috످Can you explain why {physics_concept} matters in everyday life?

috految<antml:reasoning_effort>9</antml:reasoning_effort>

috److It looks like your message has a placeholder, `{physics_concept}`, where the topic should be. Which physics concept did you have in mind?

If you haven't picked one yet, we could start with friction (why you can walk without slipping), inertia (why you need a seatbelt), or relativity (how your phone's GPS stays accurate).

috످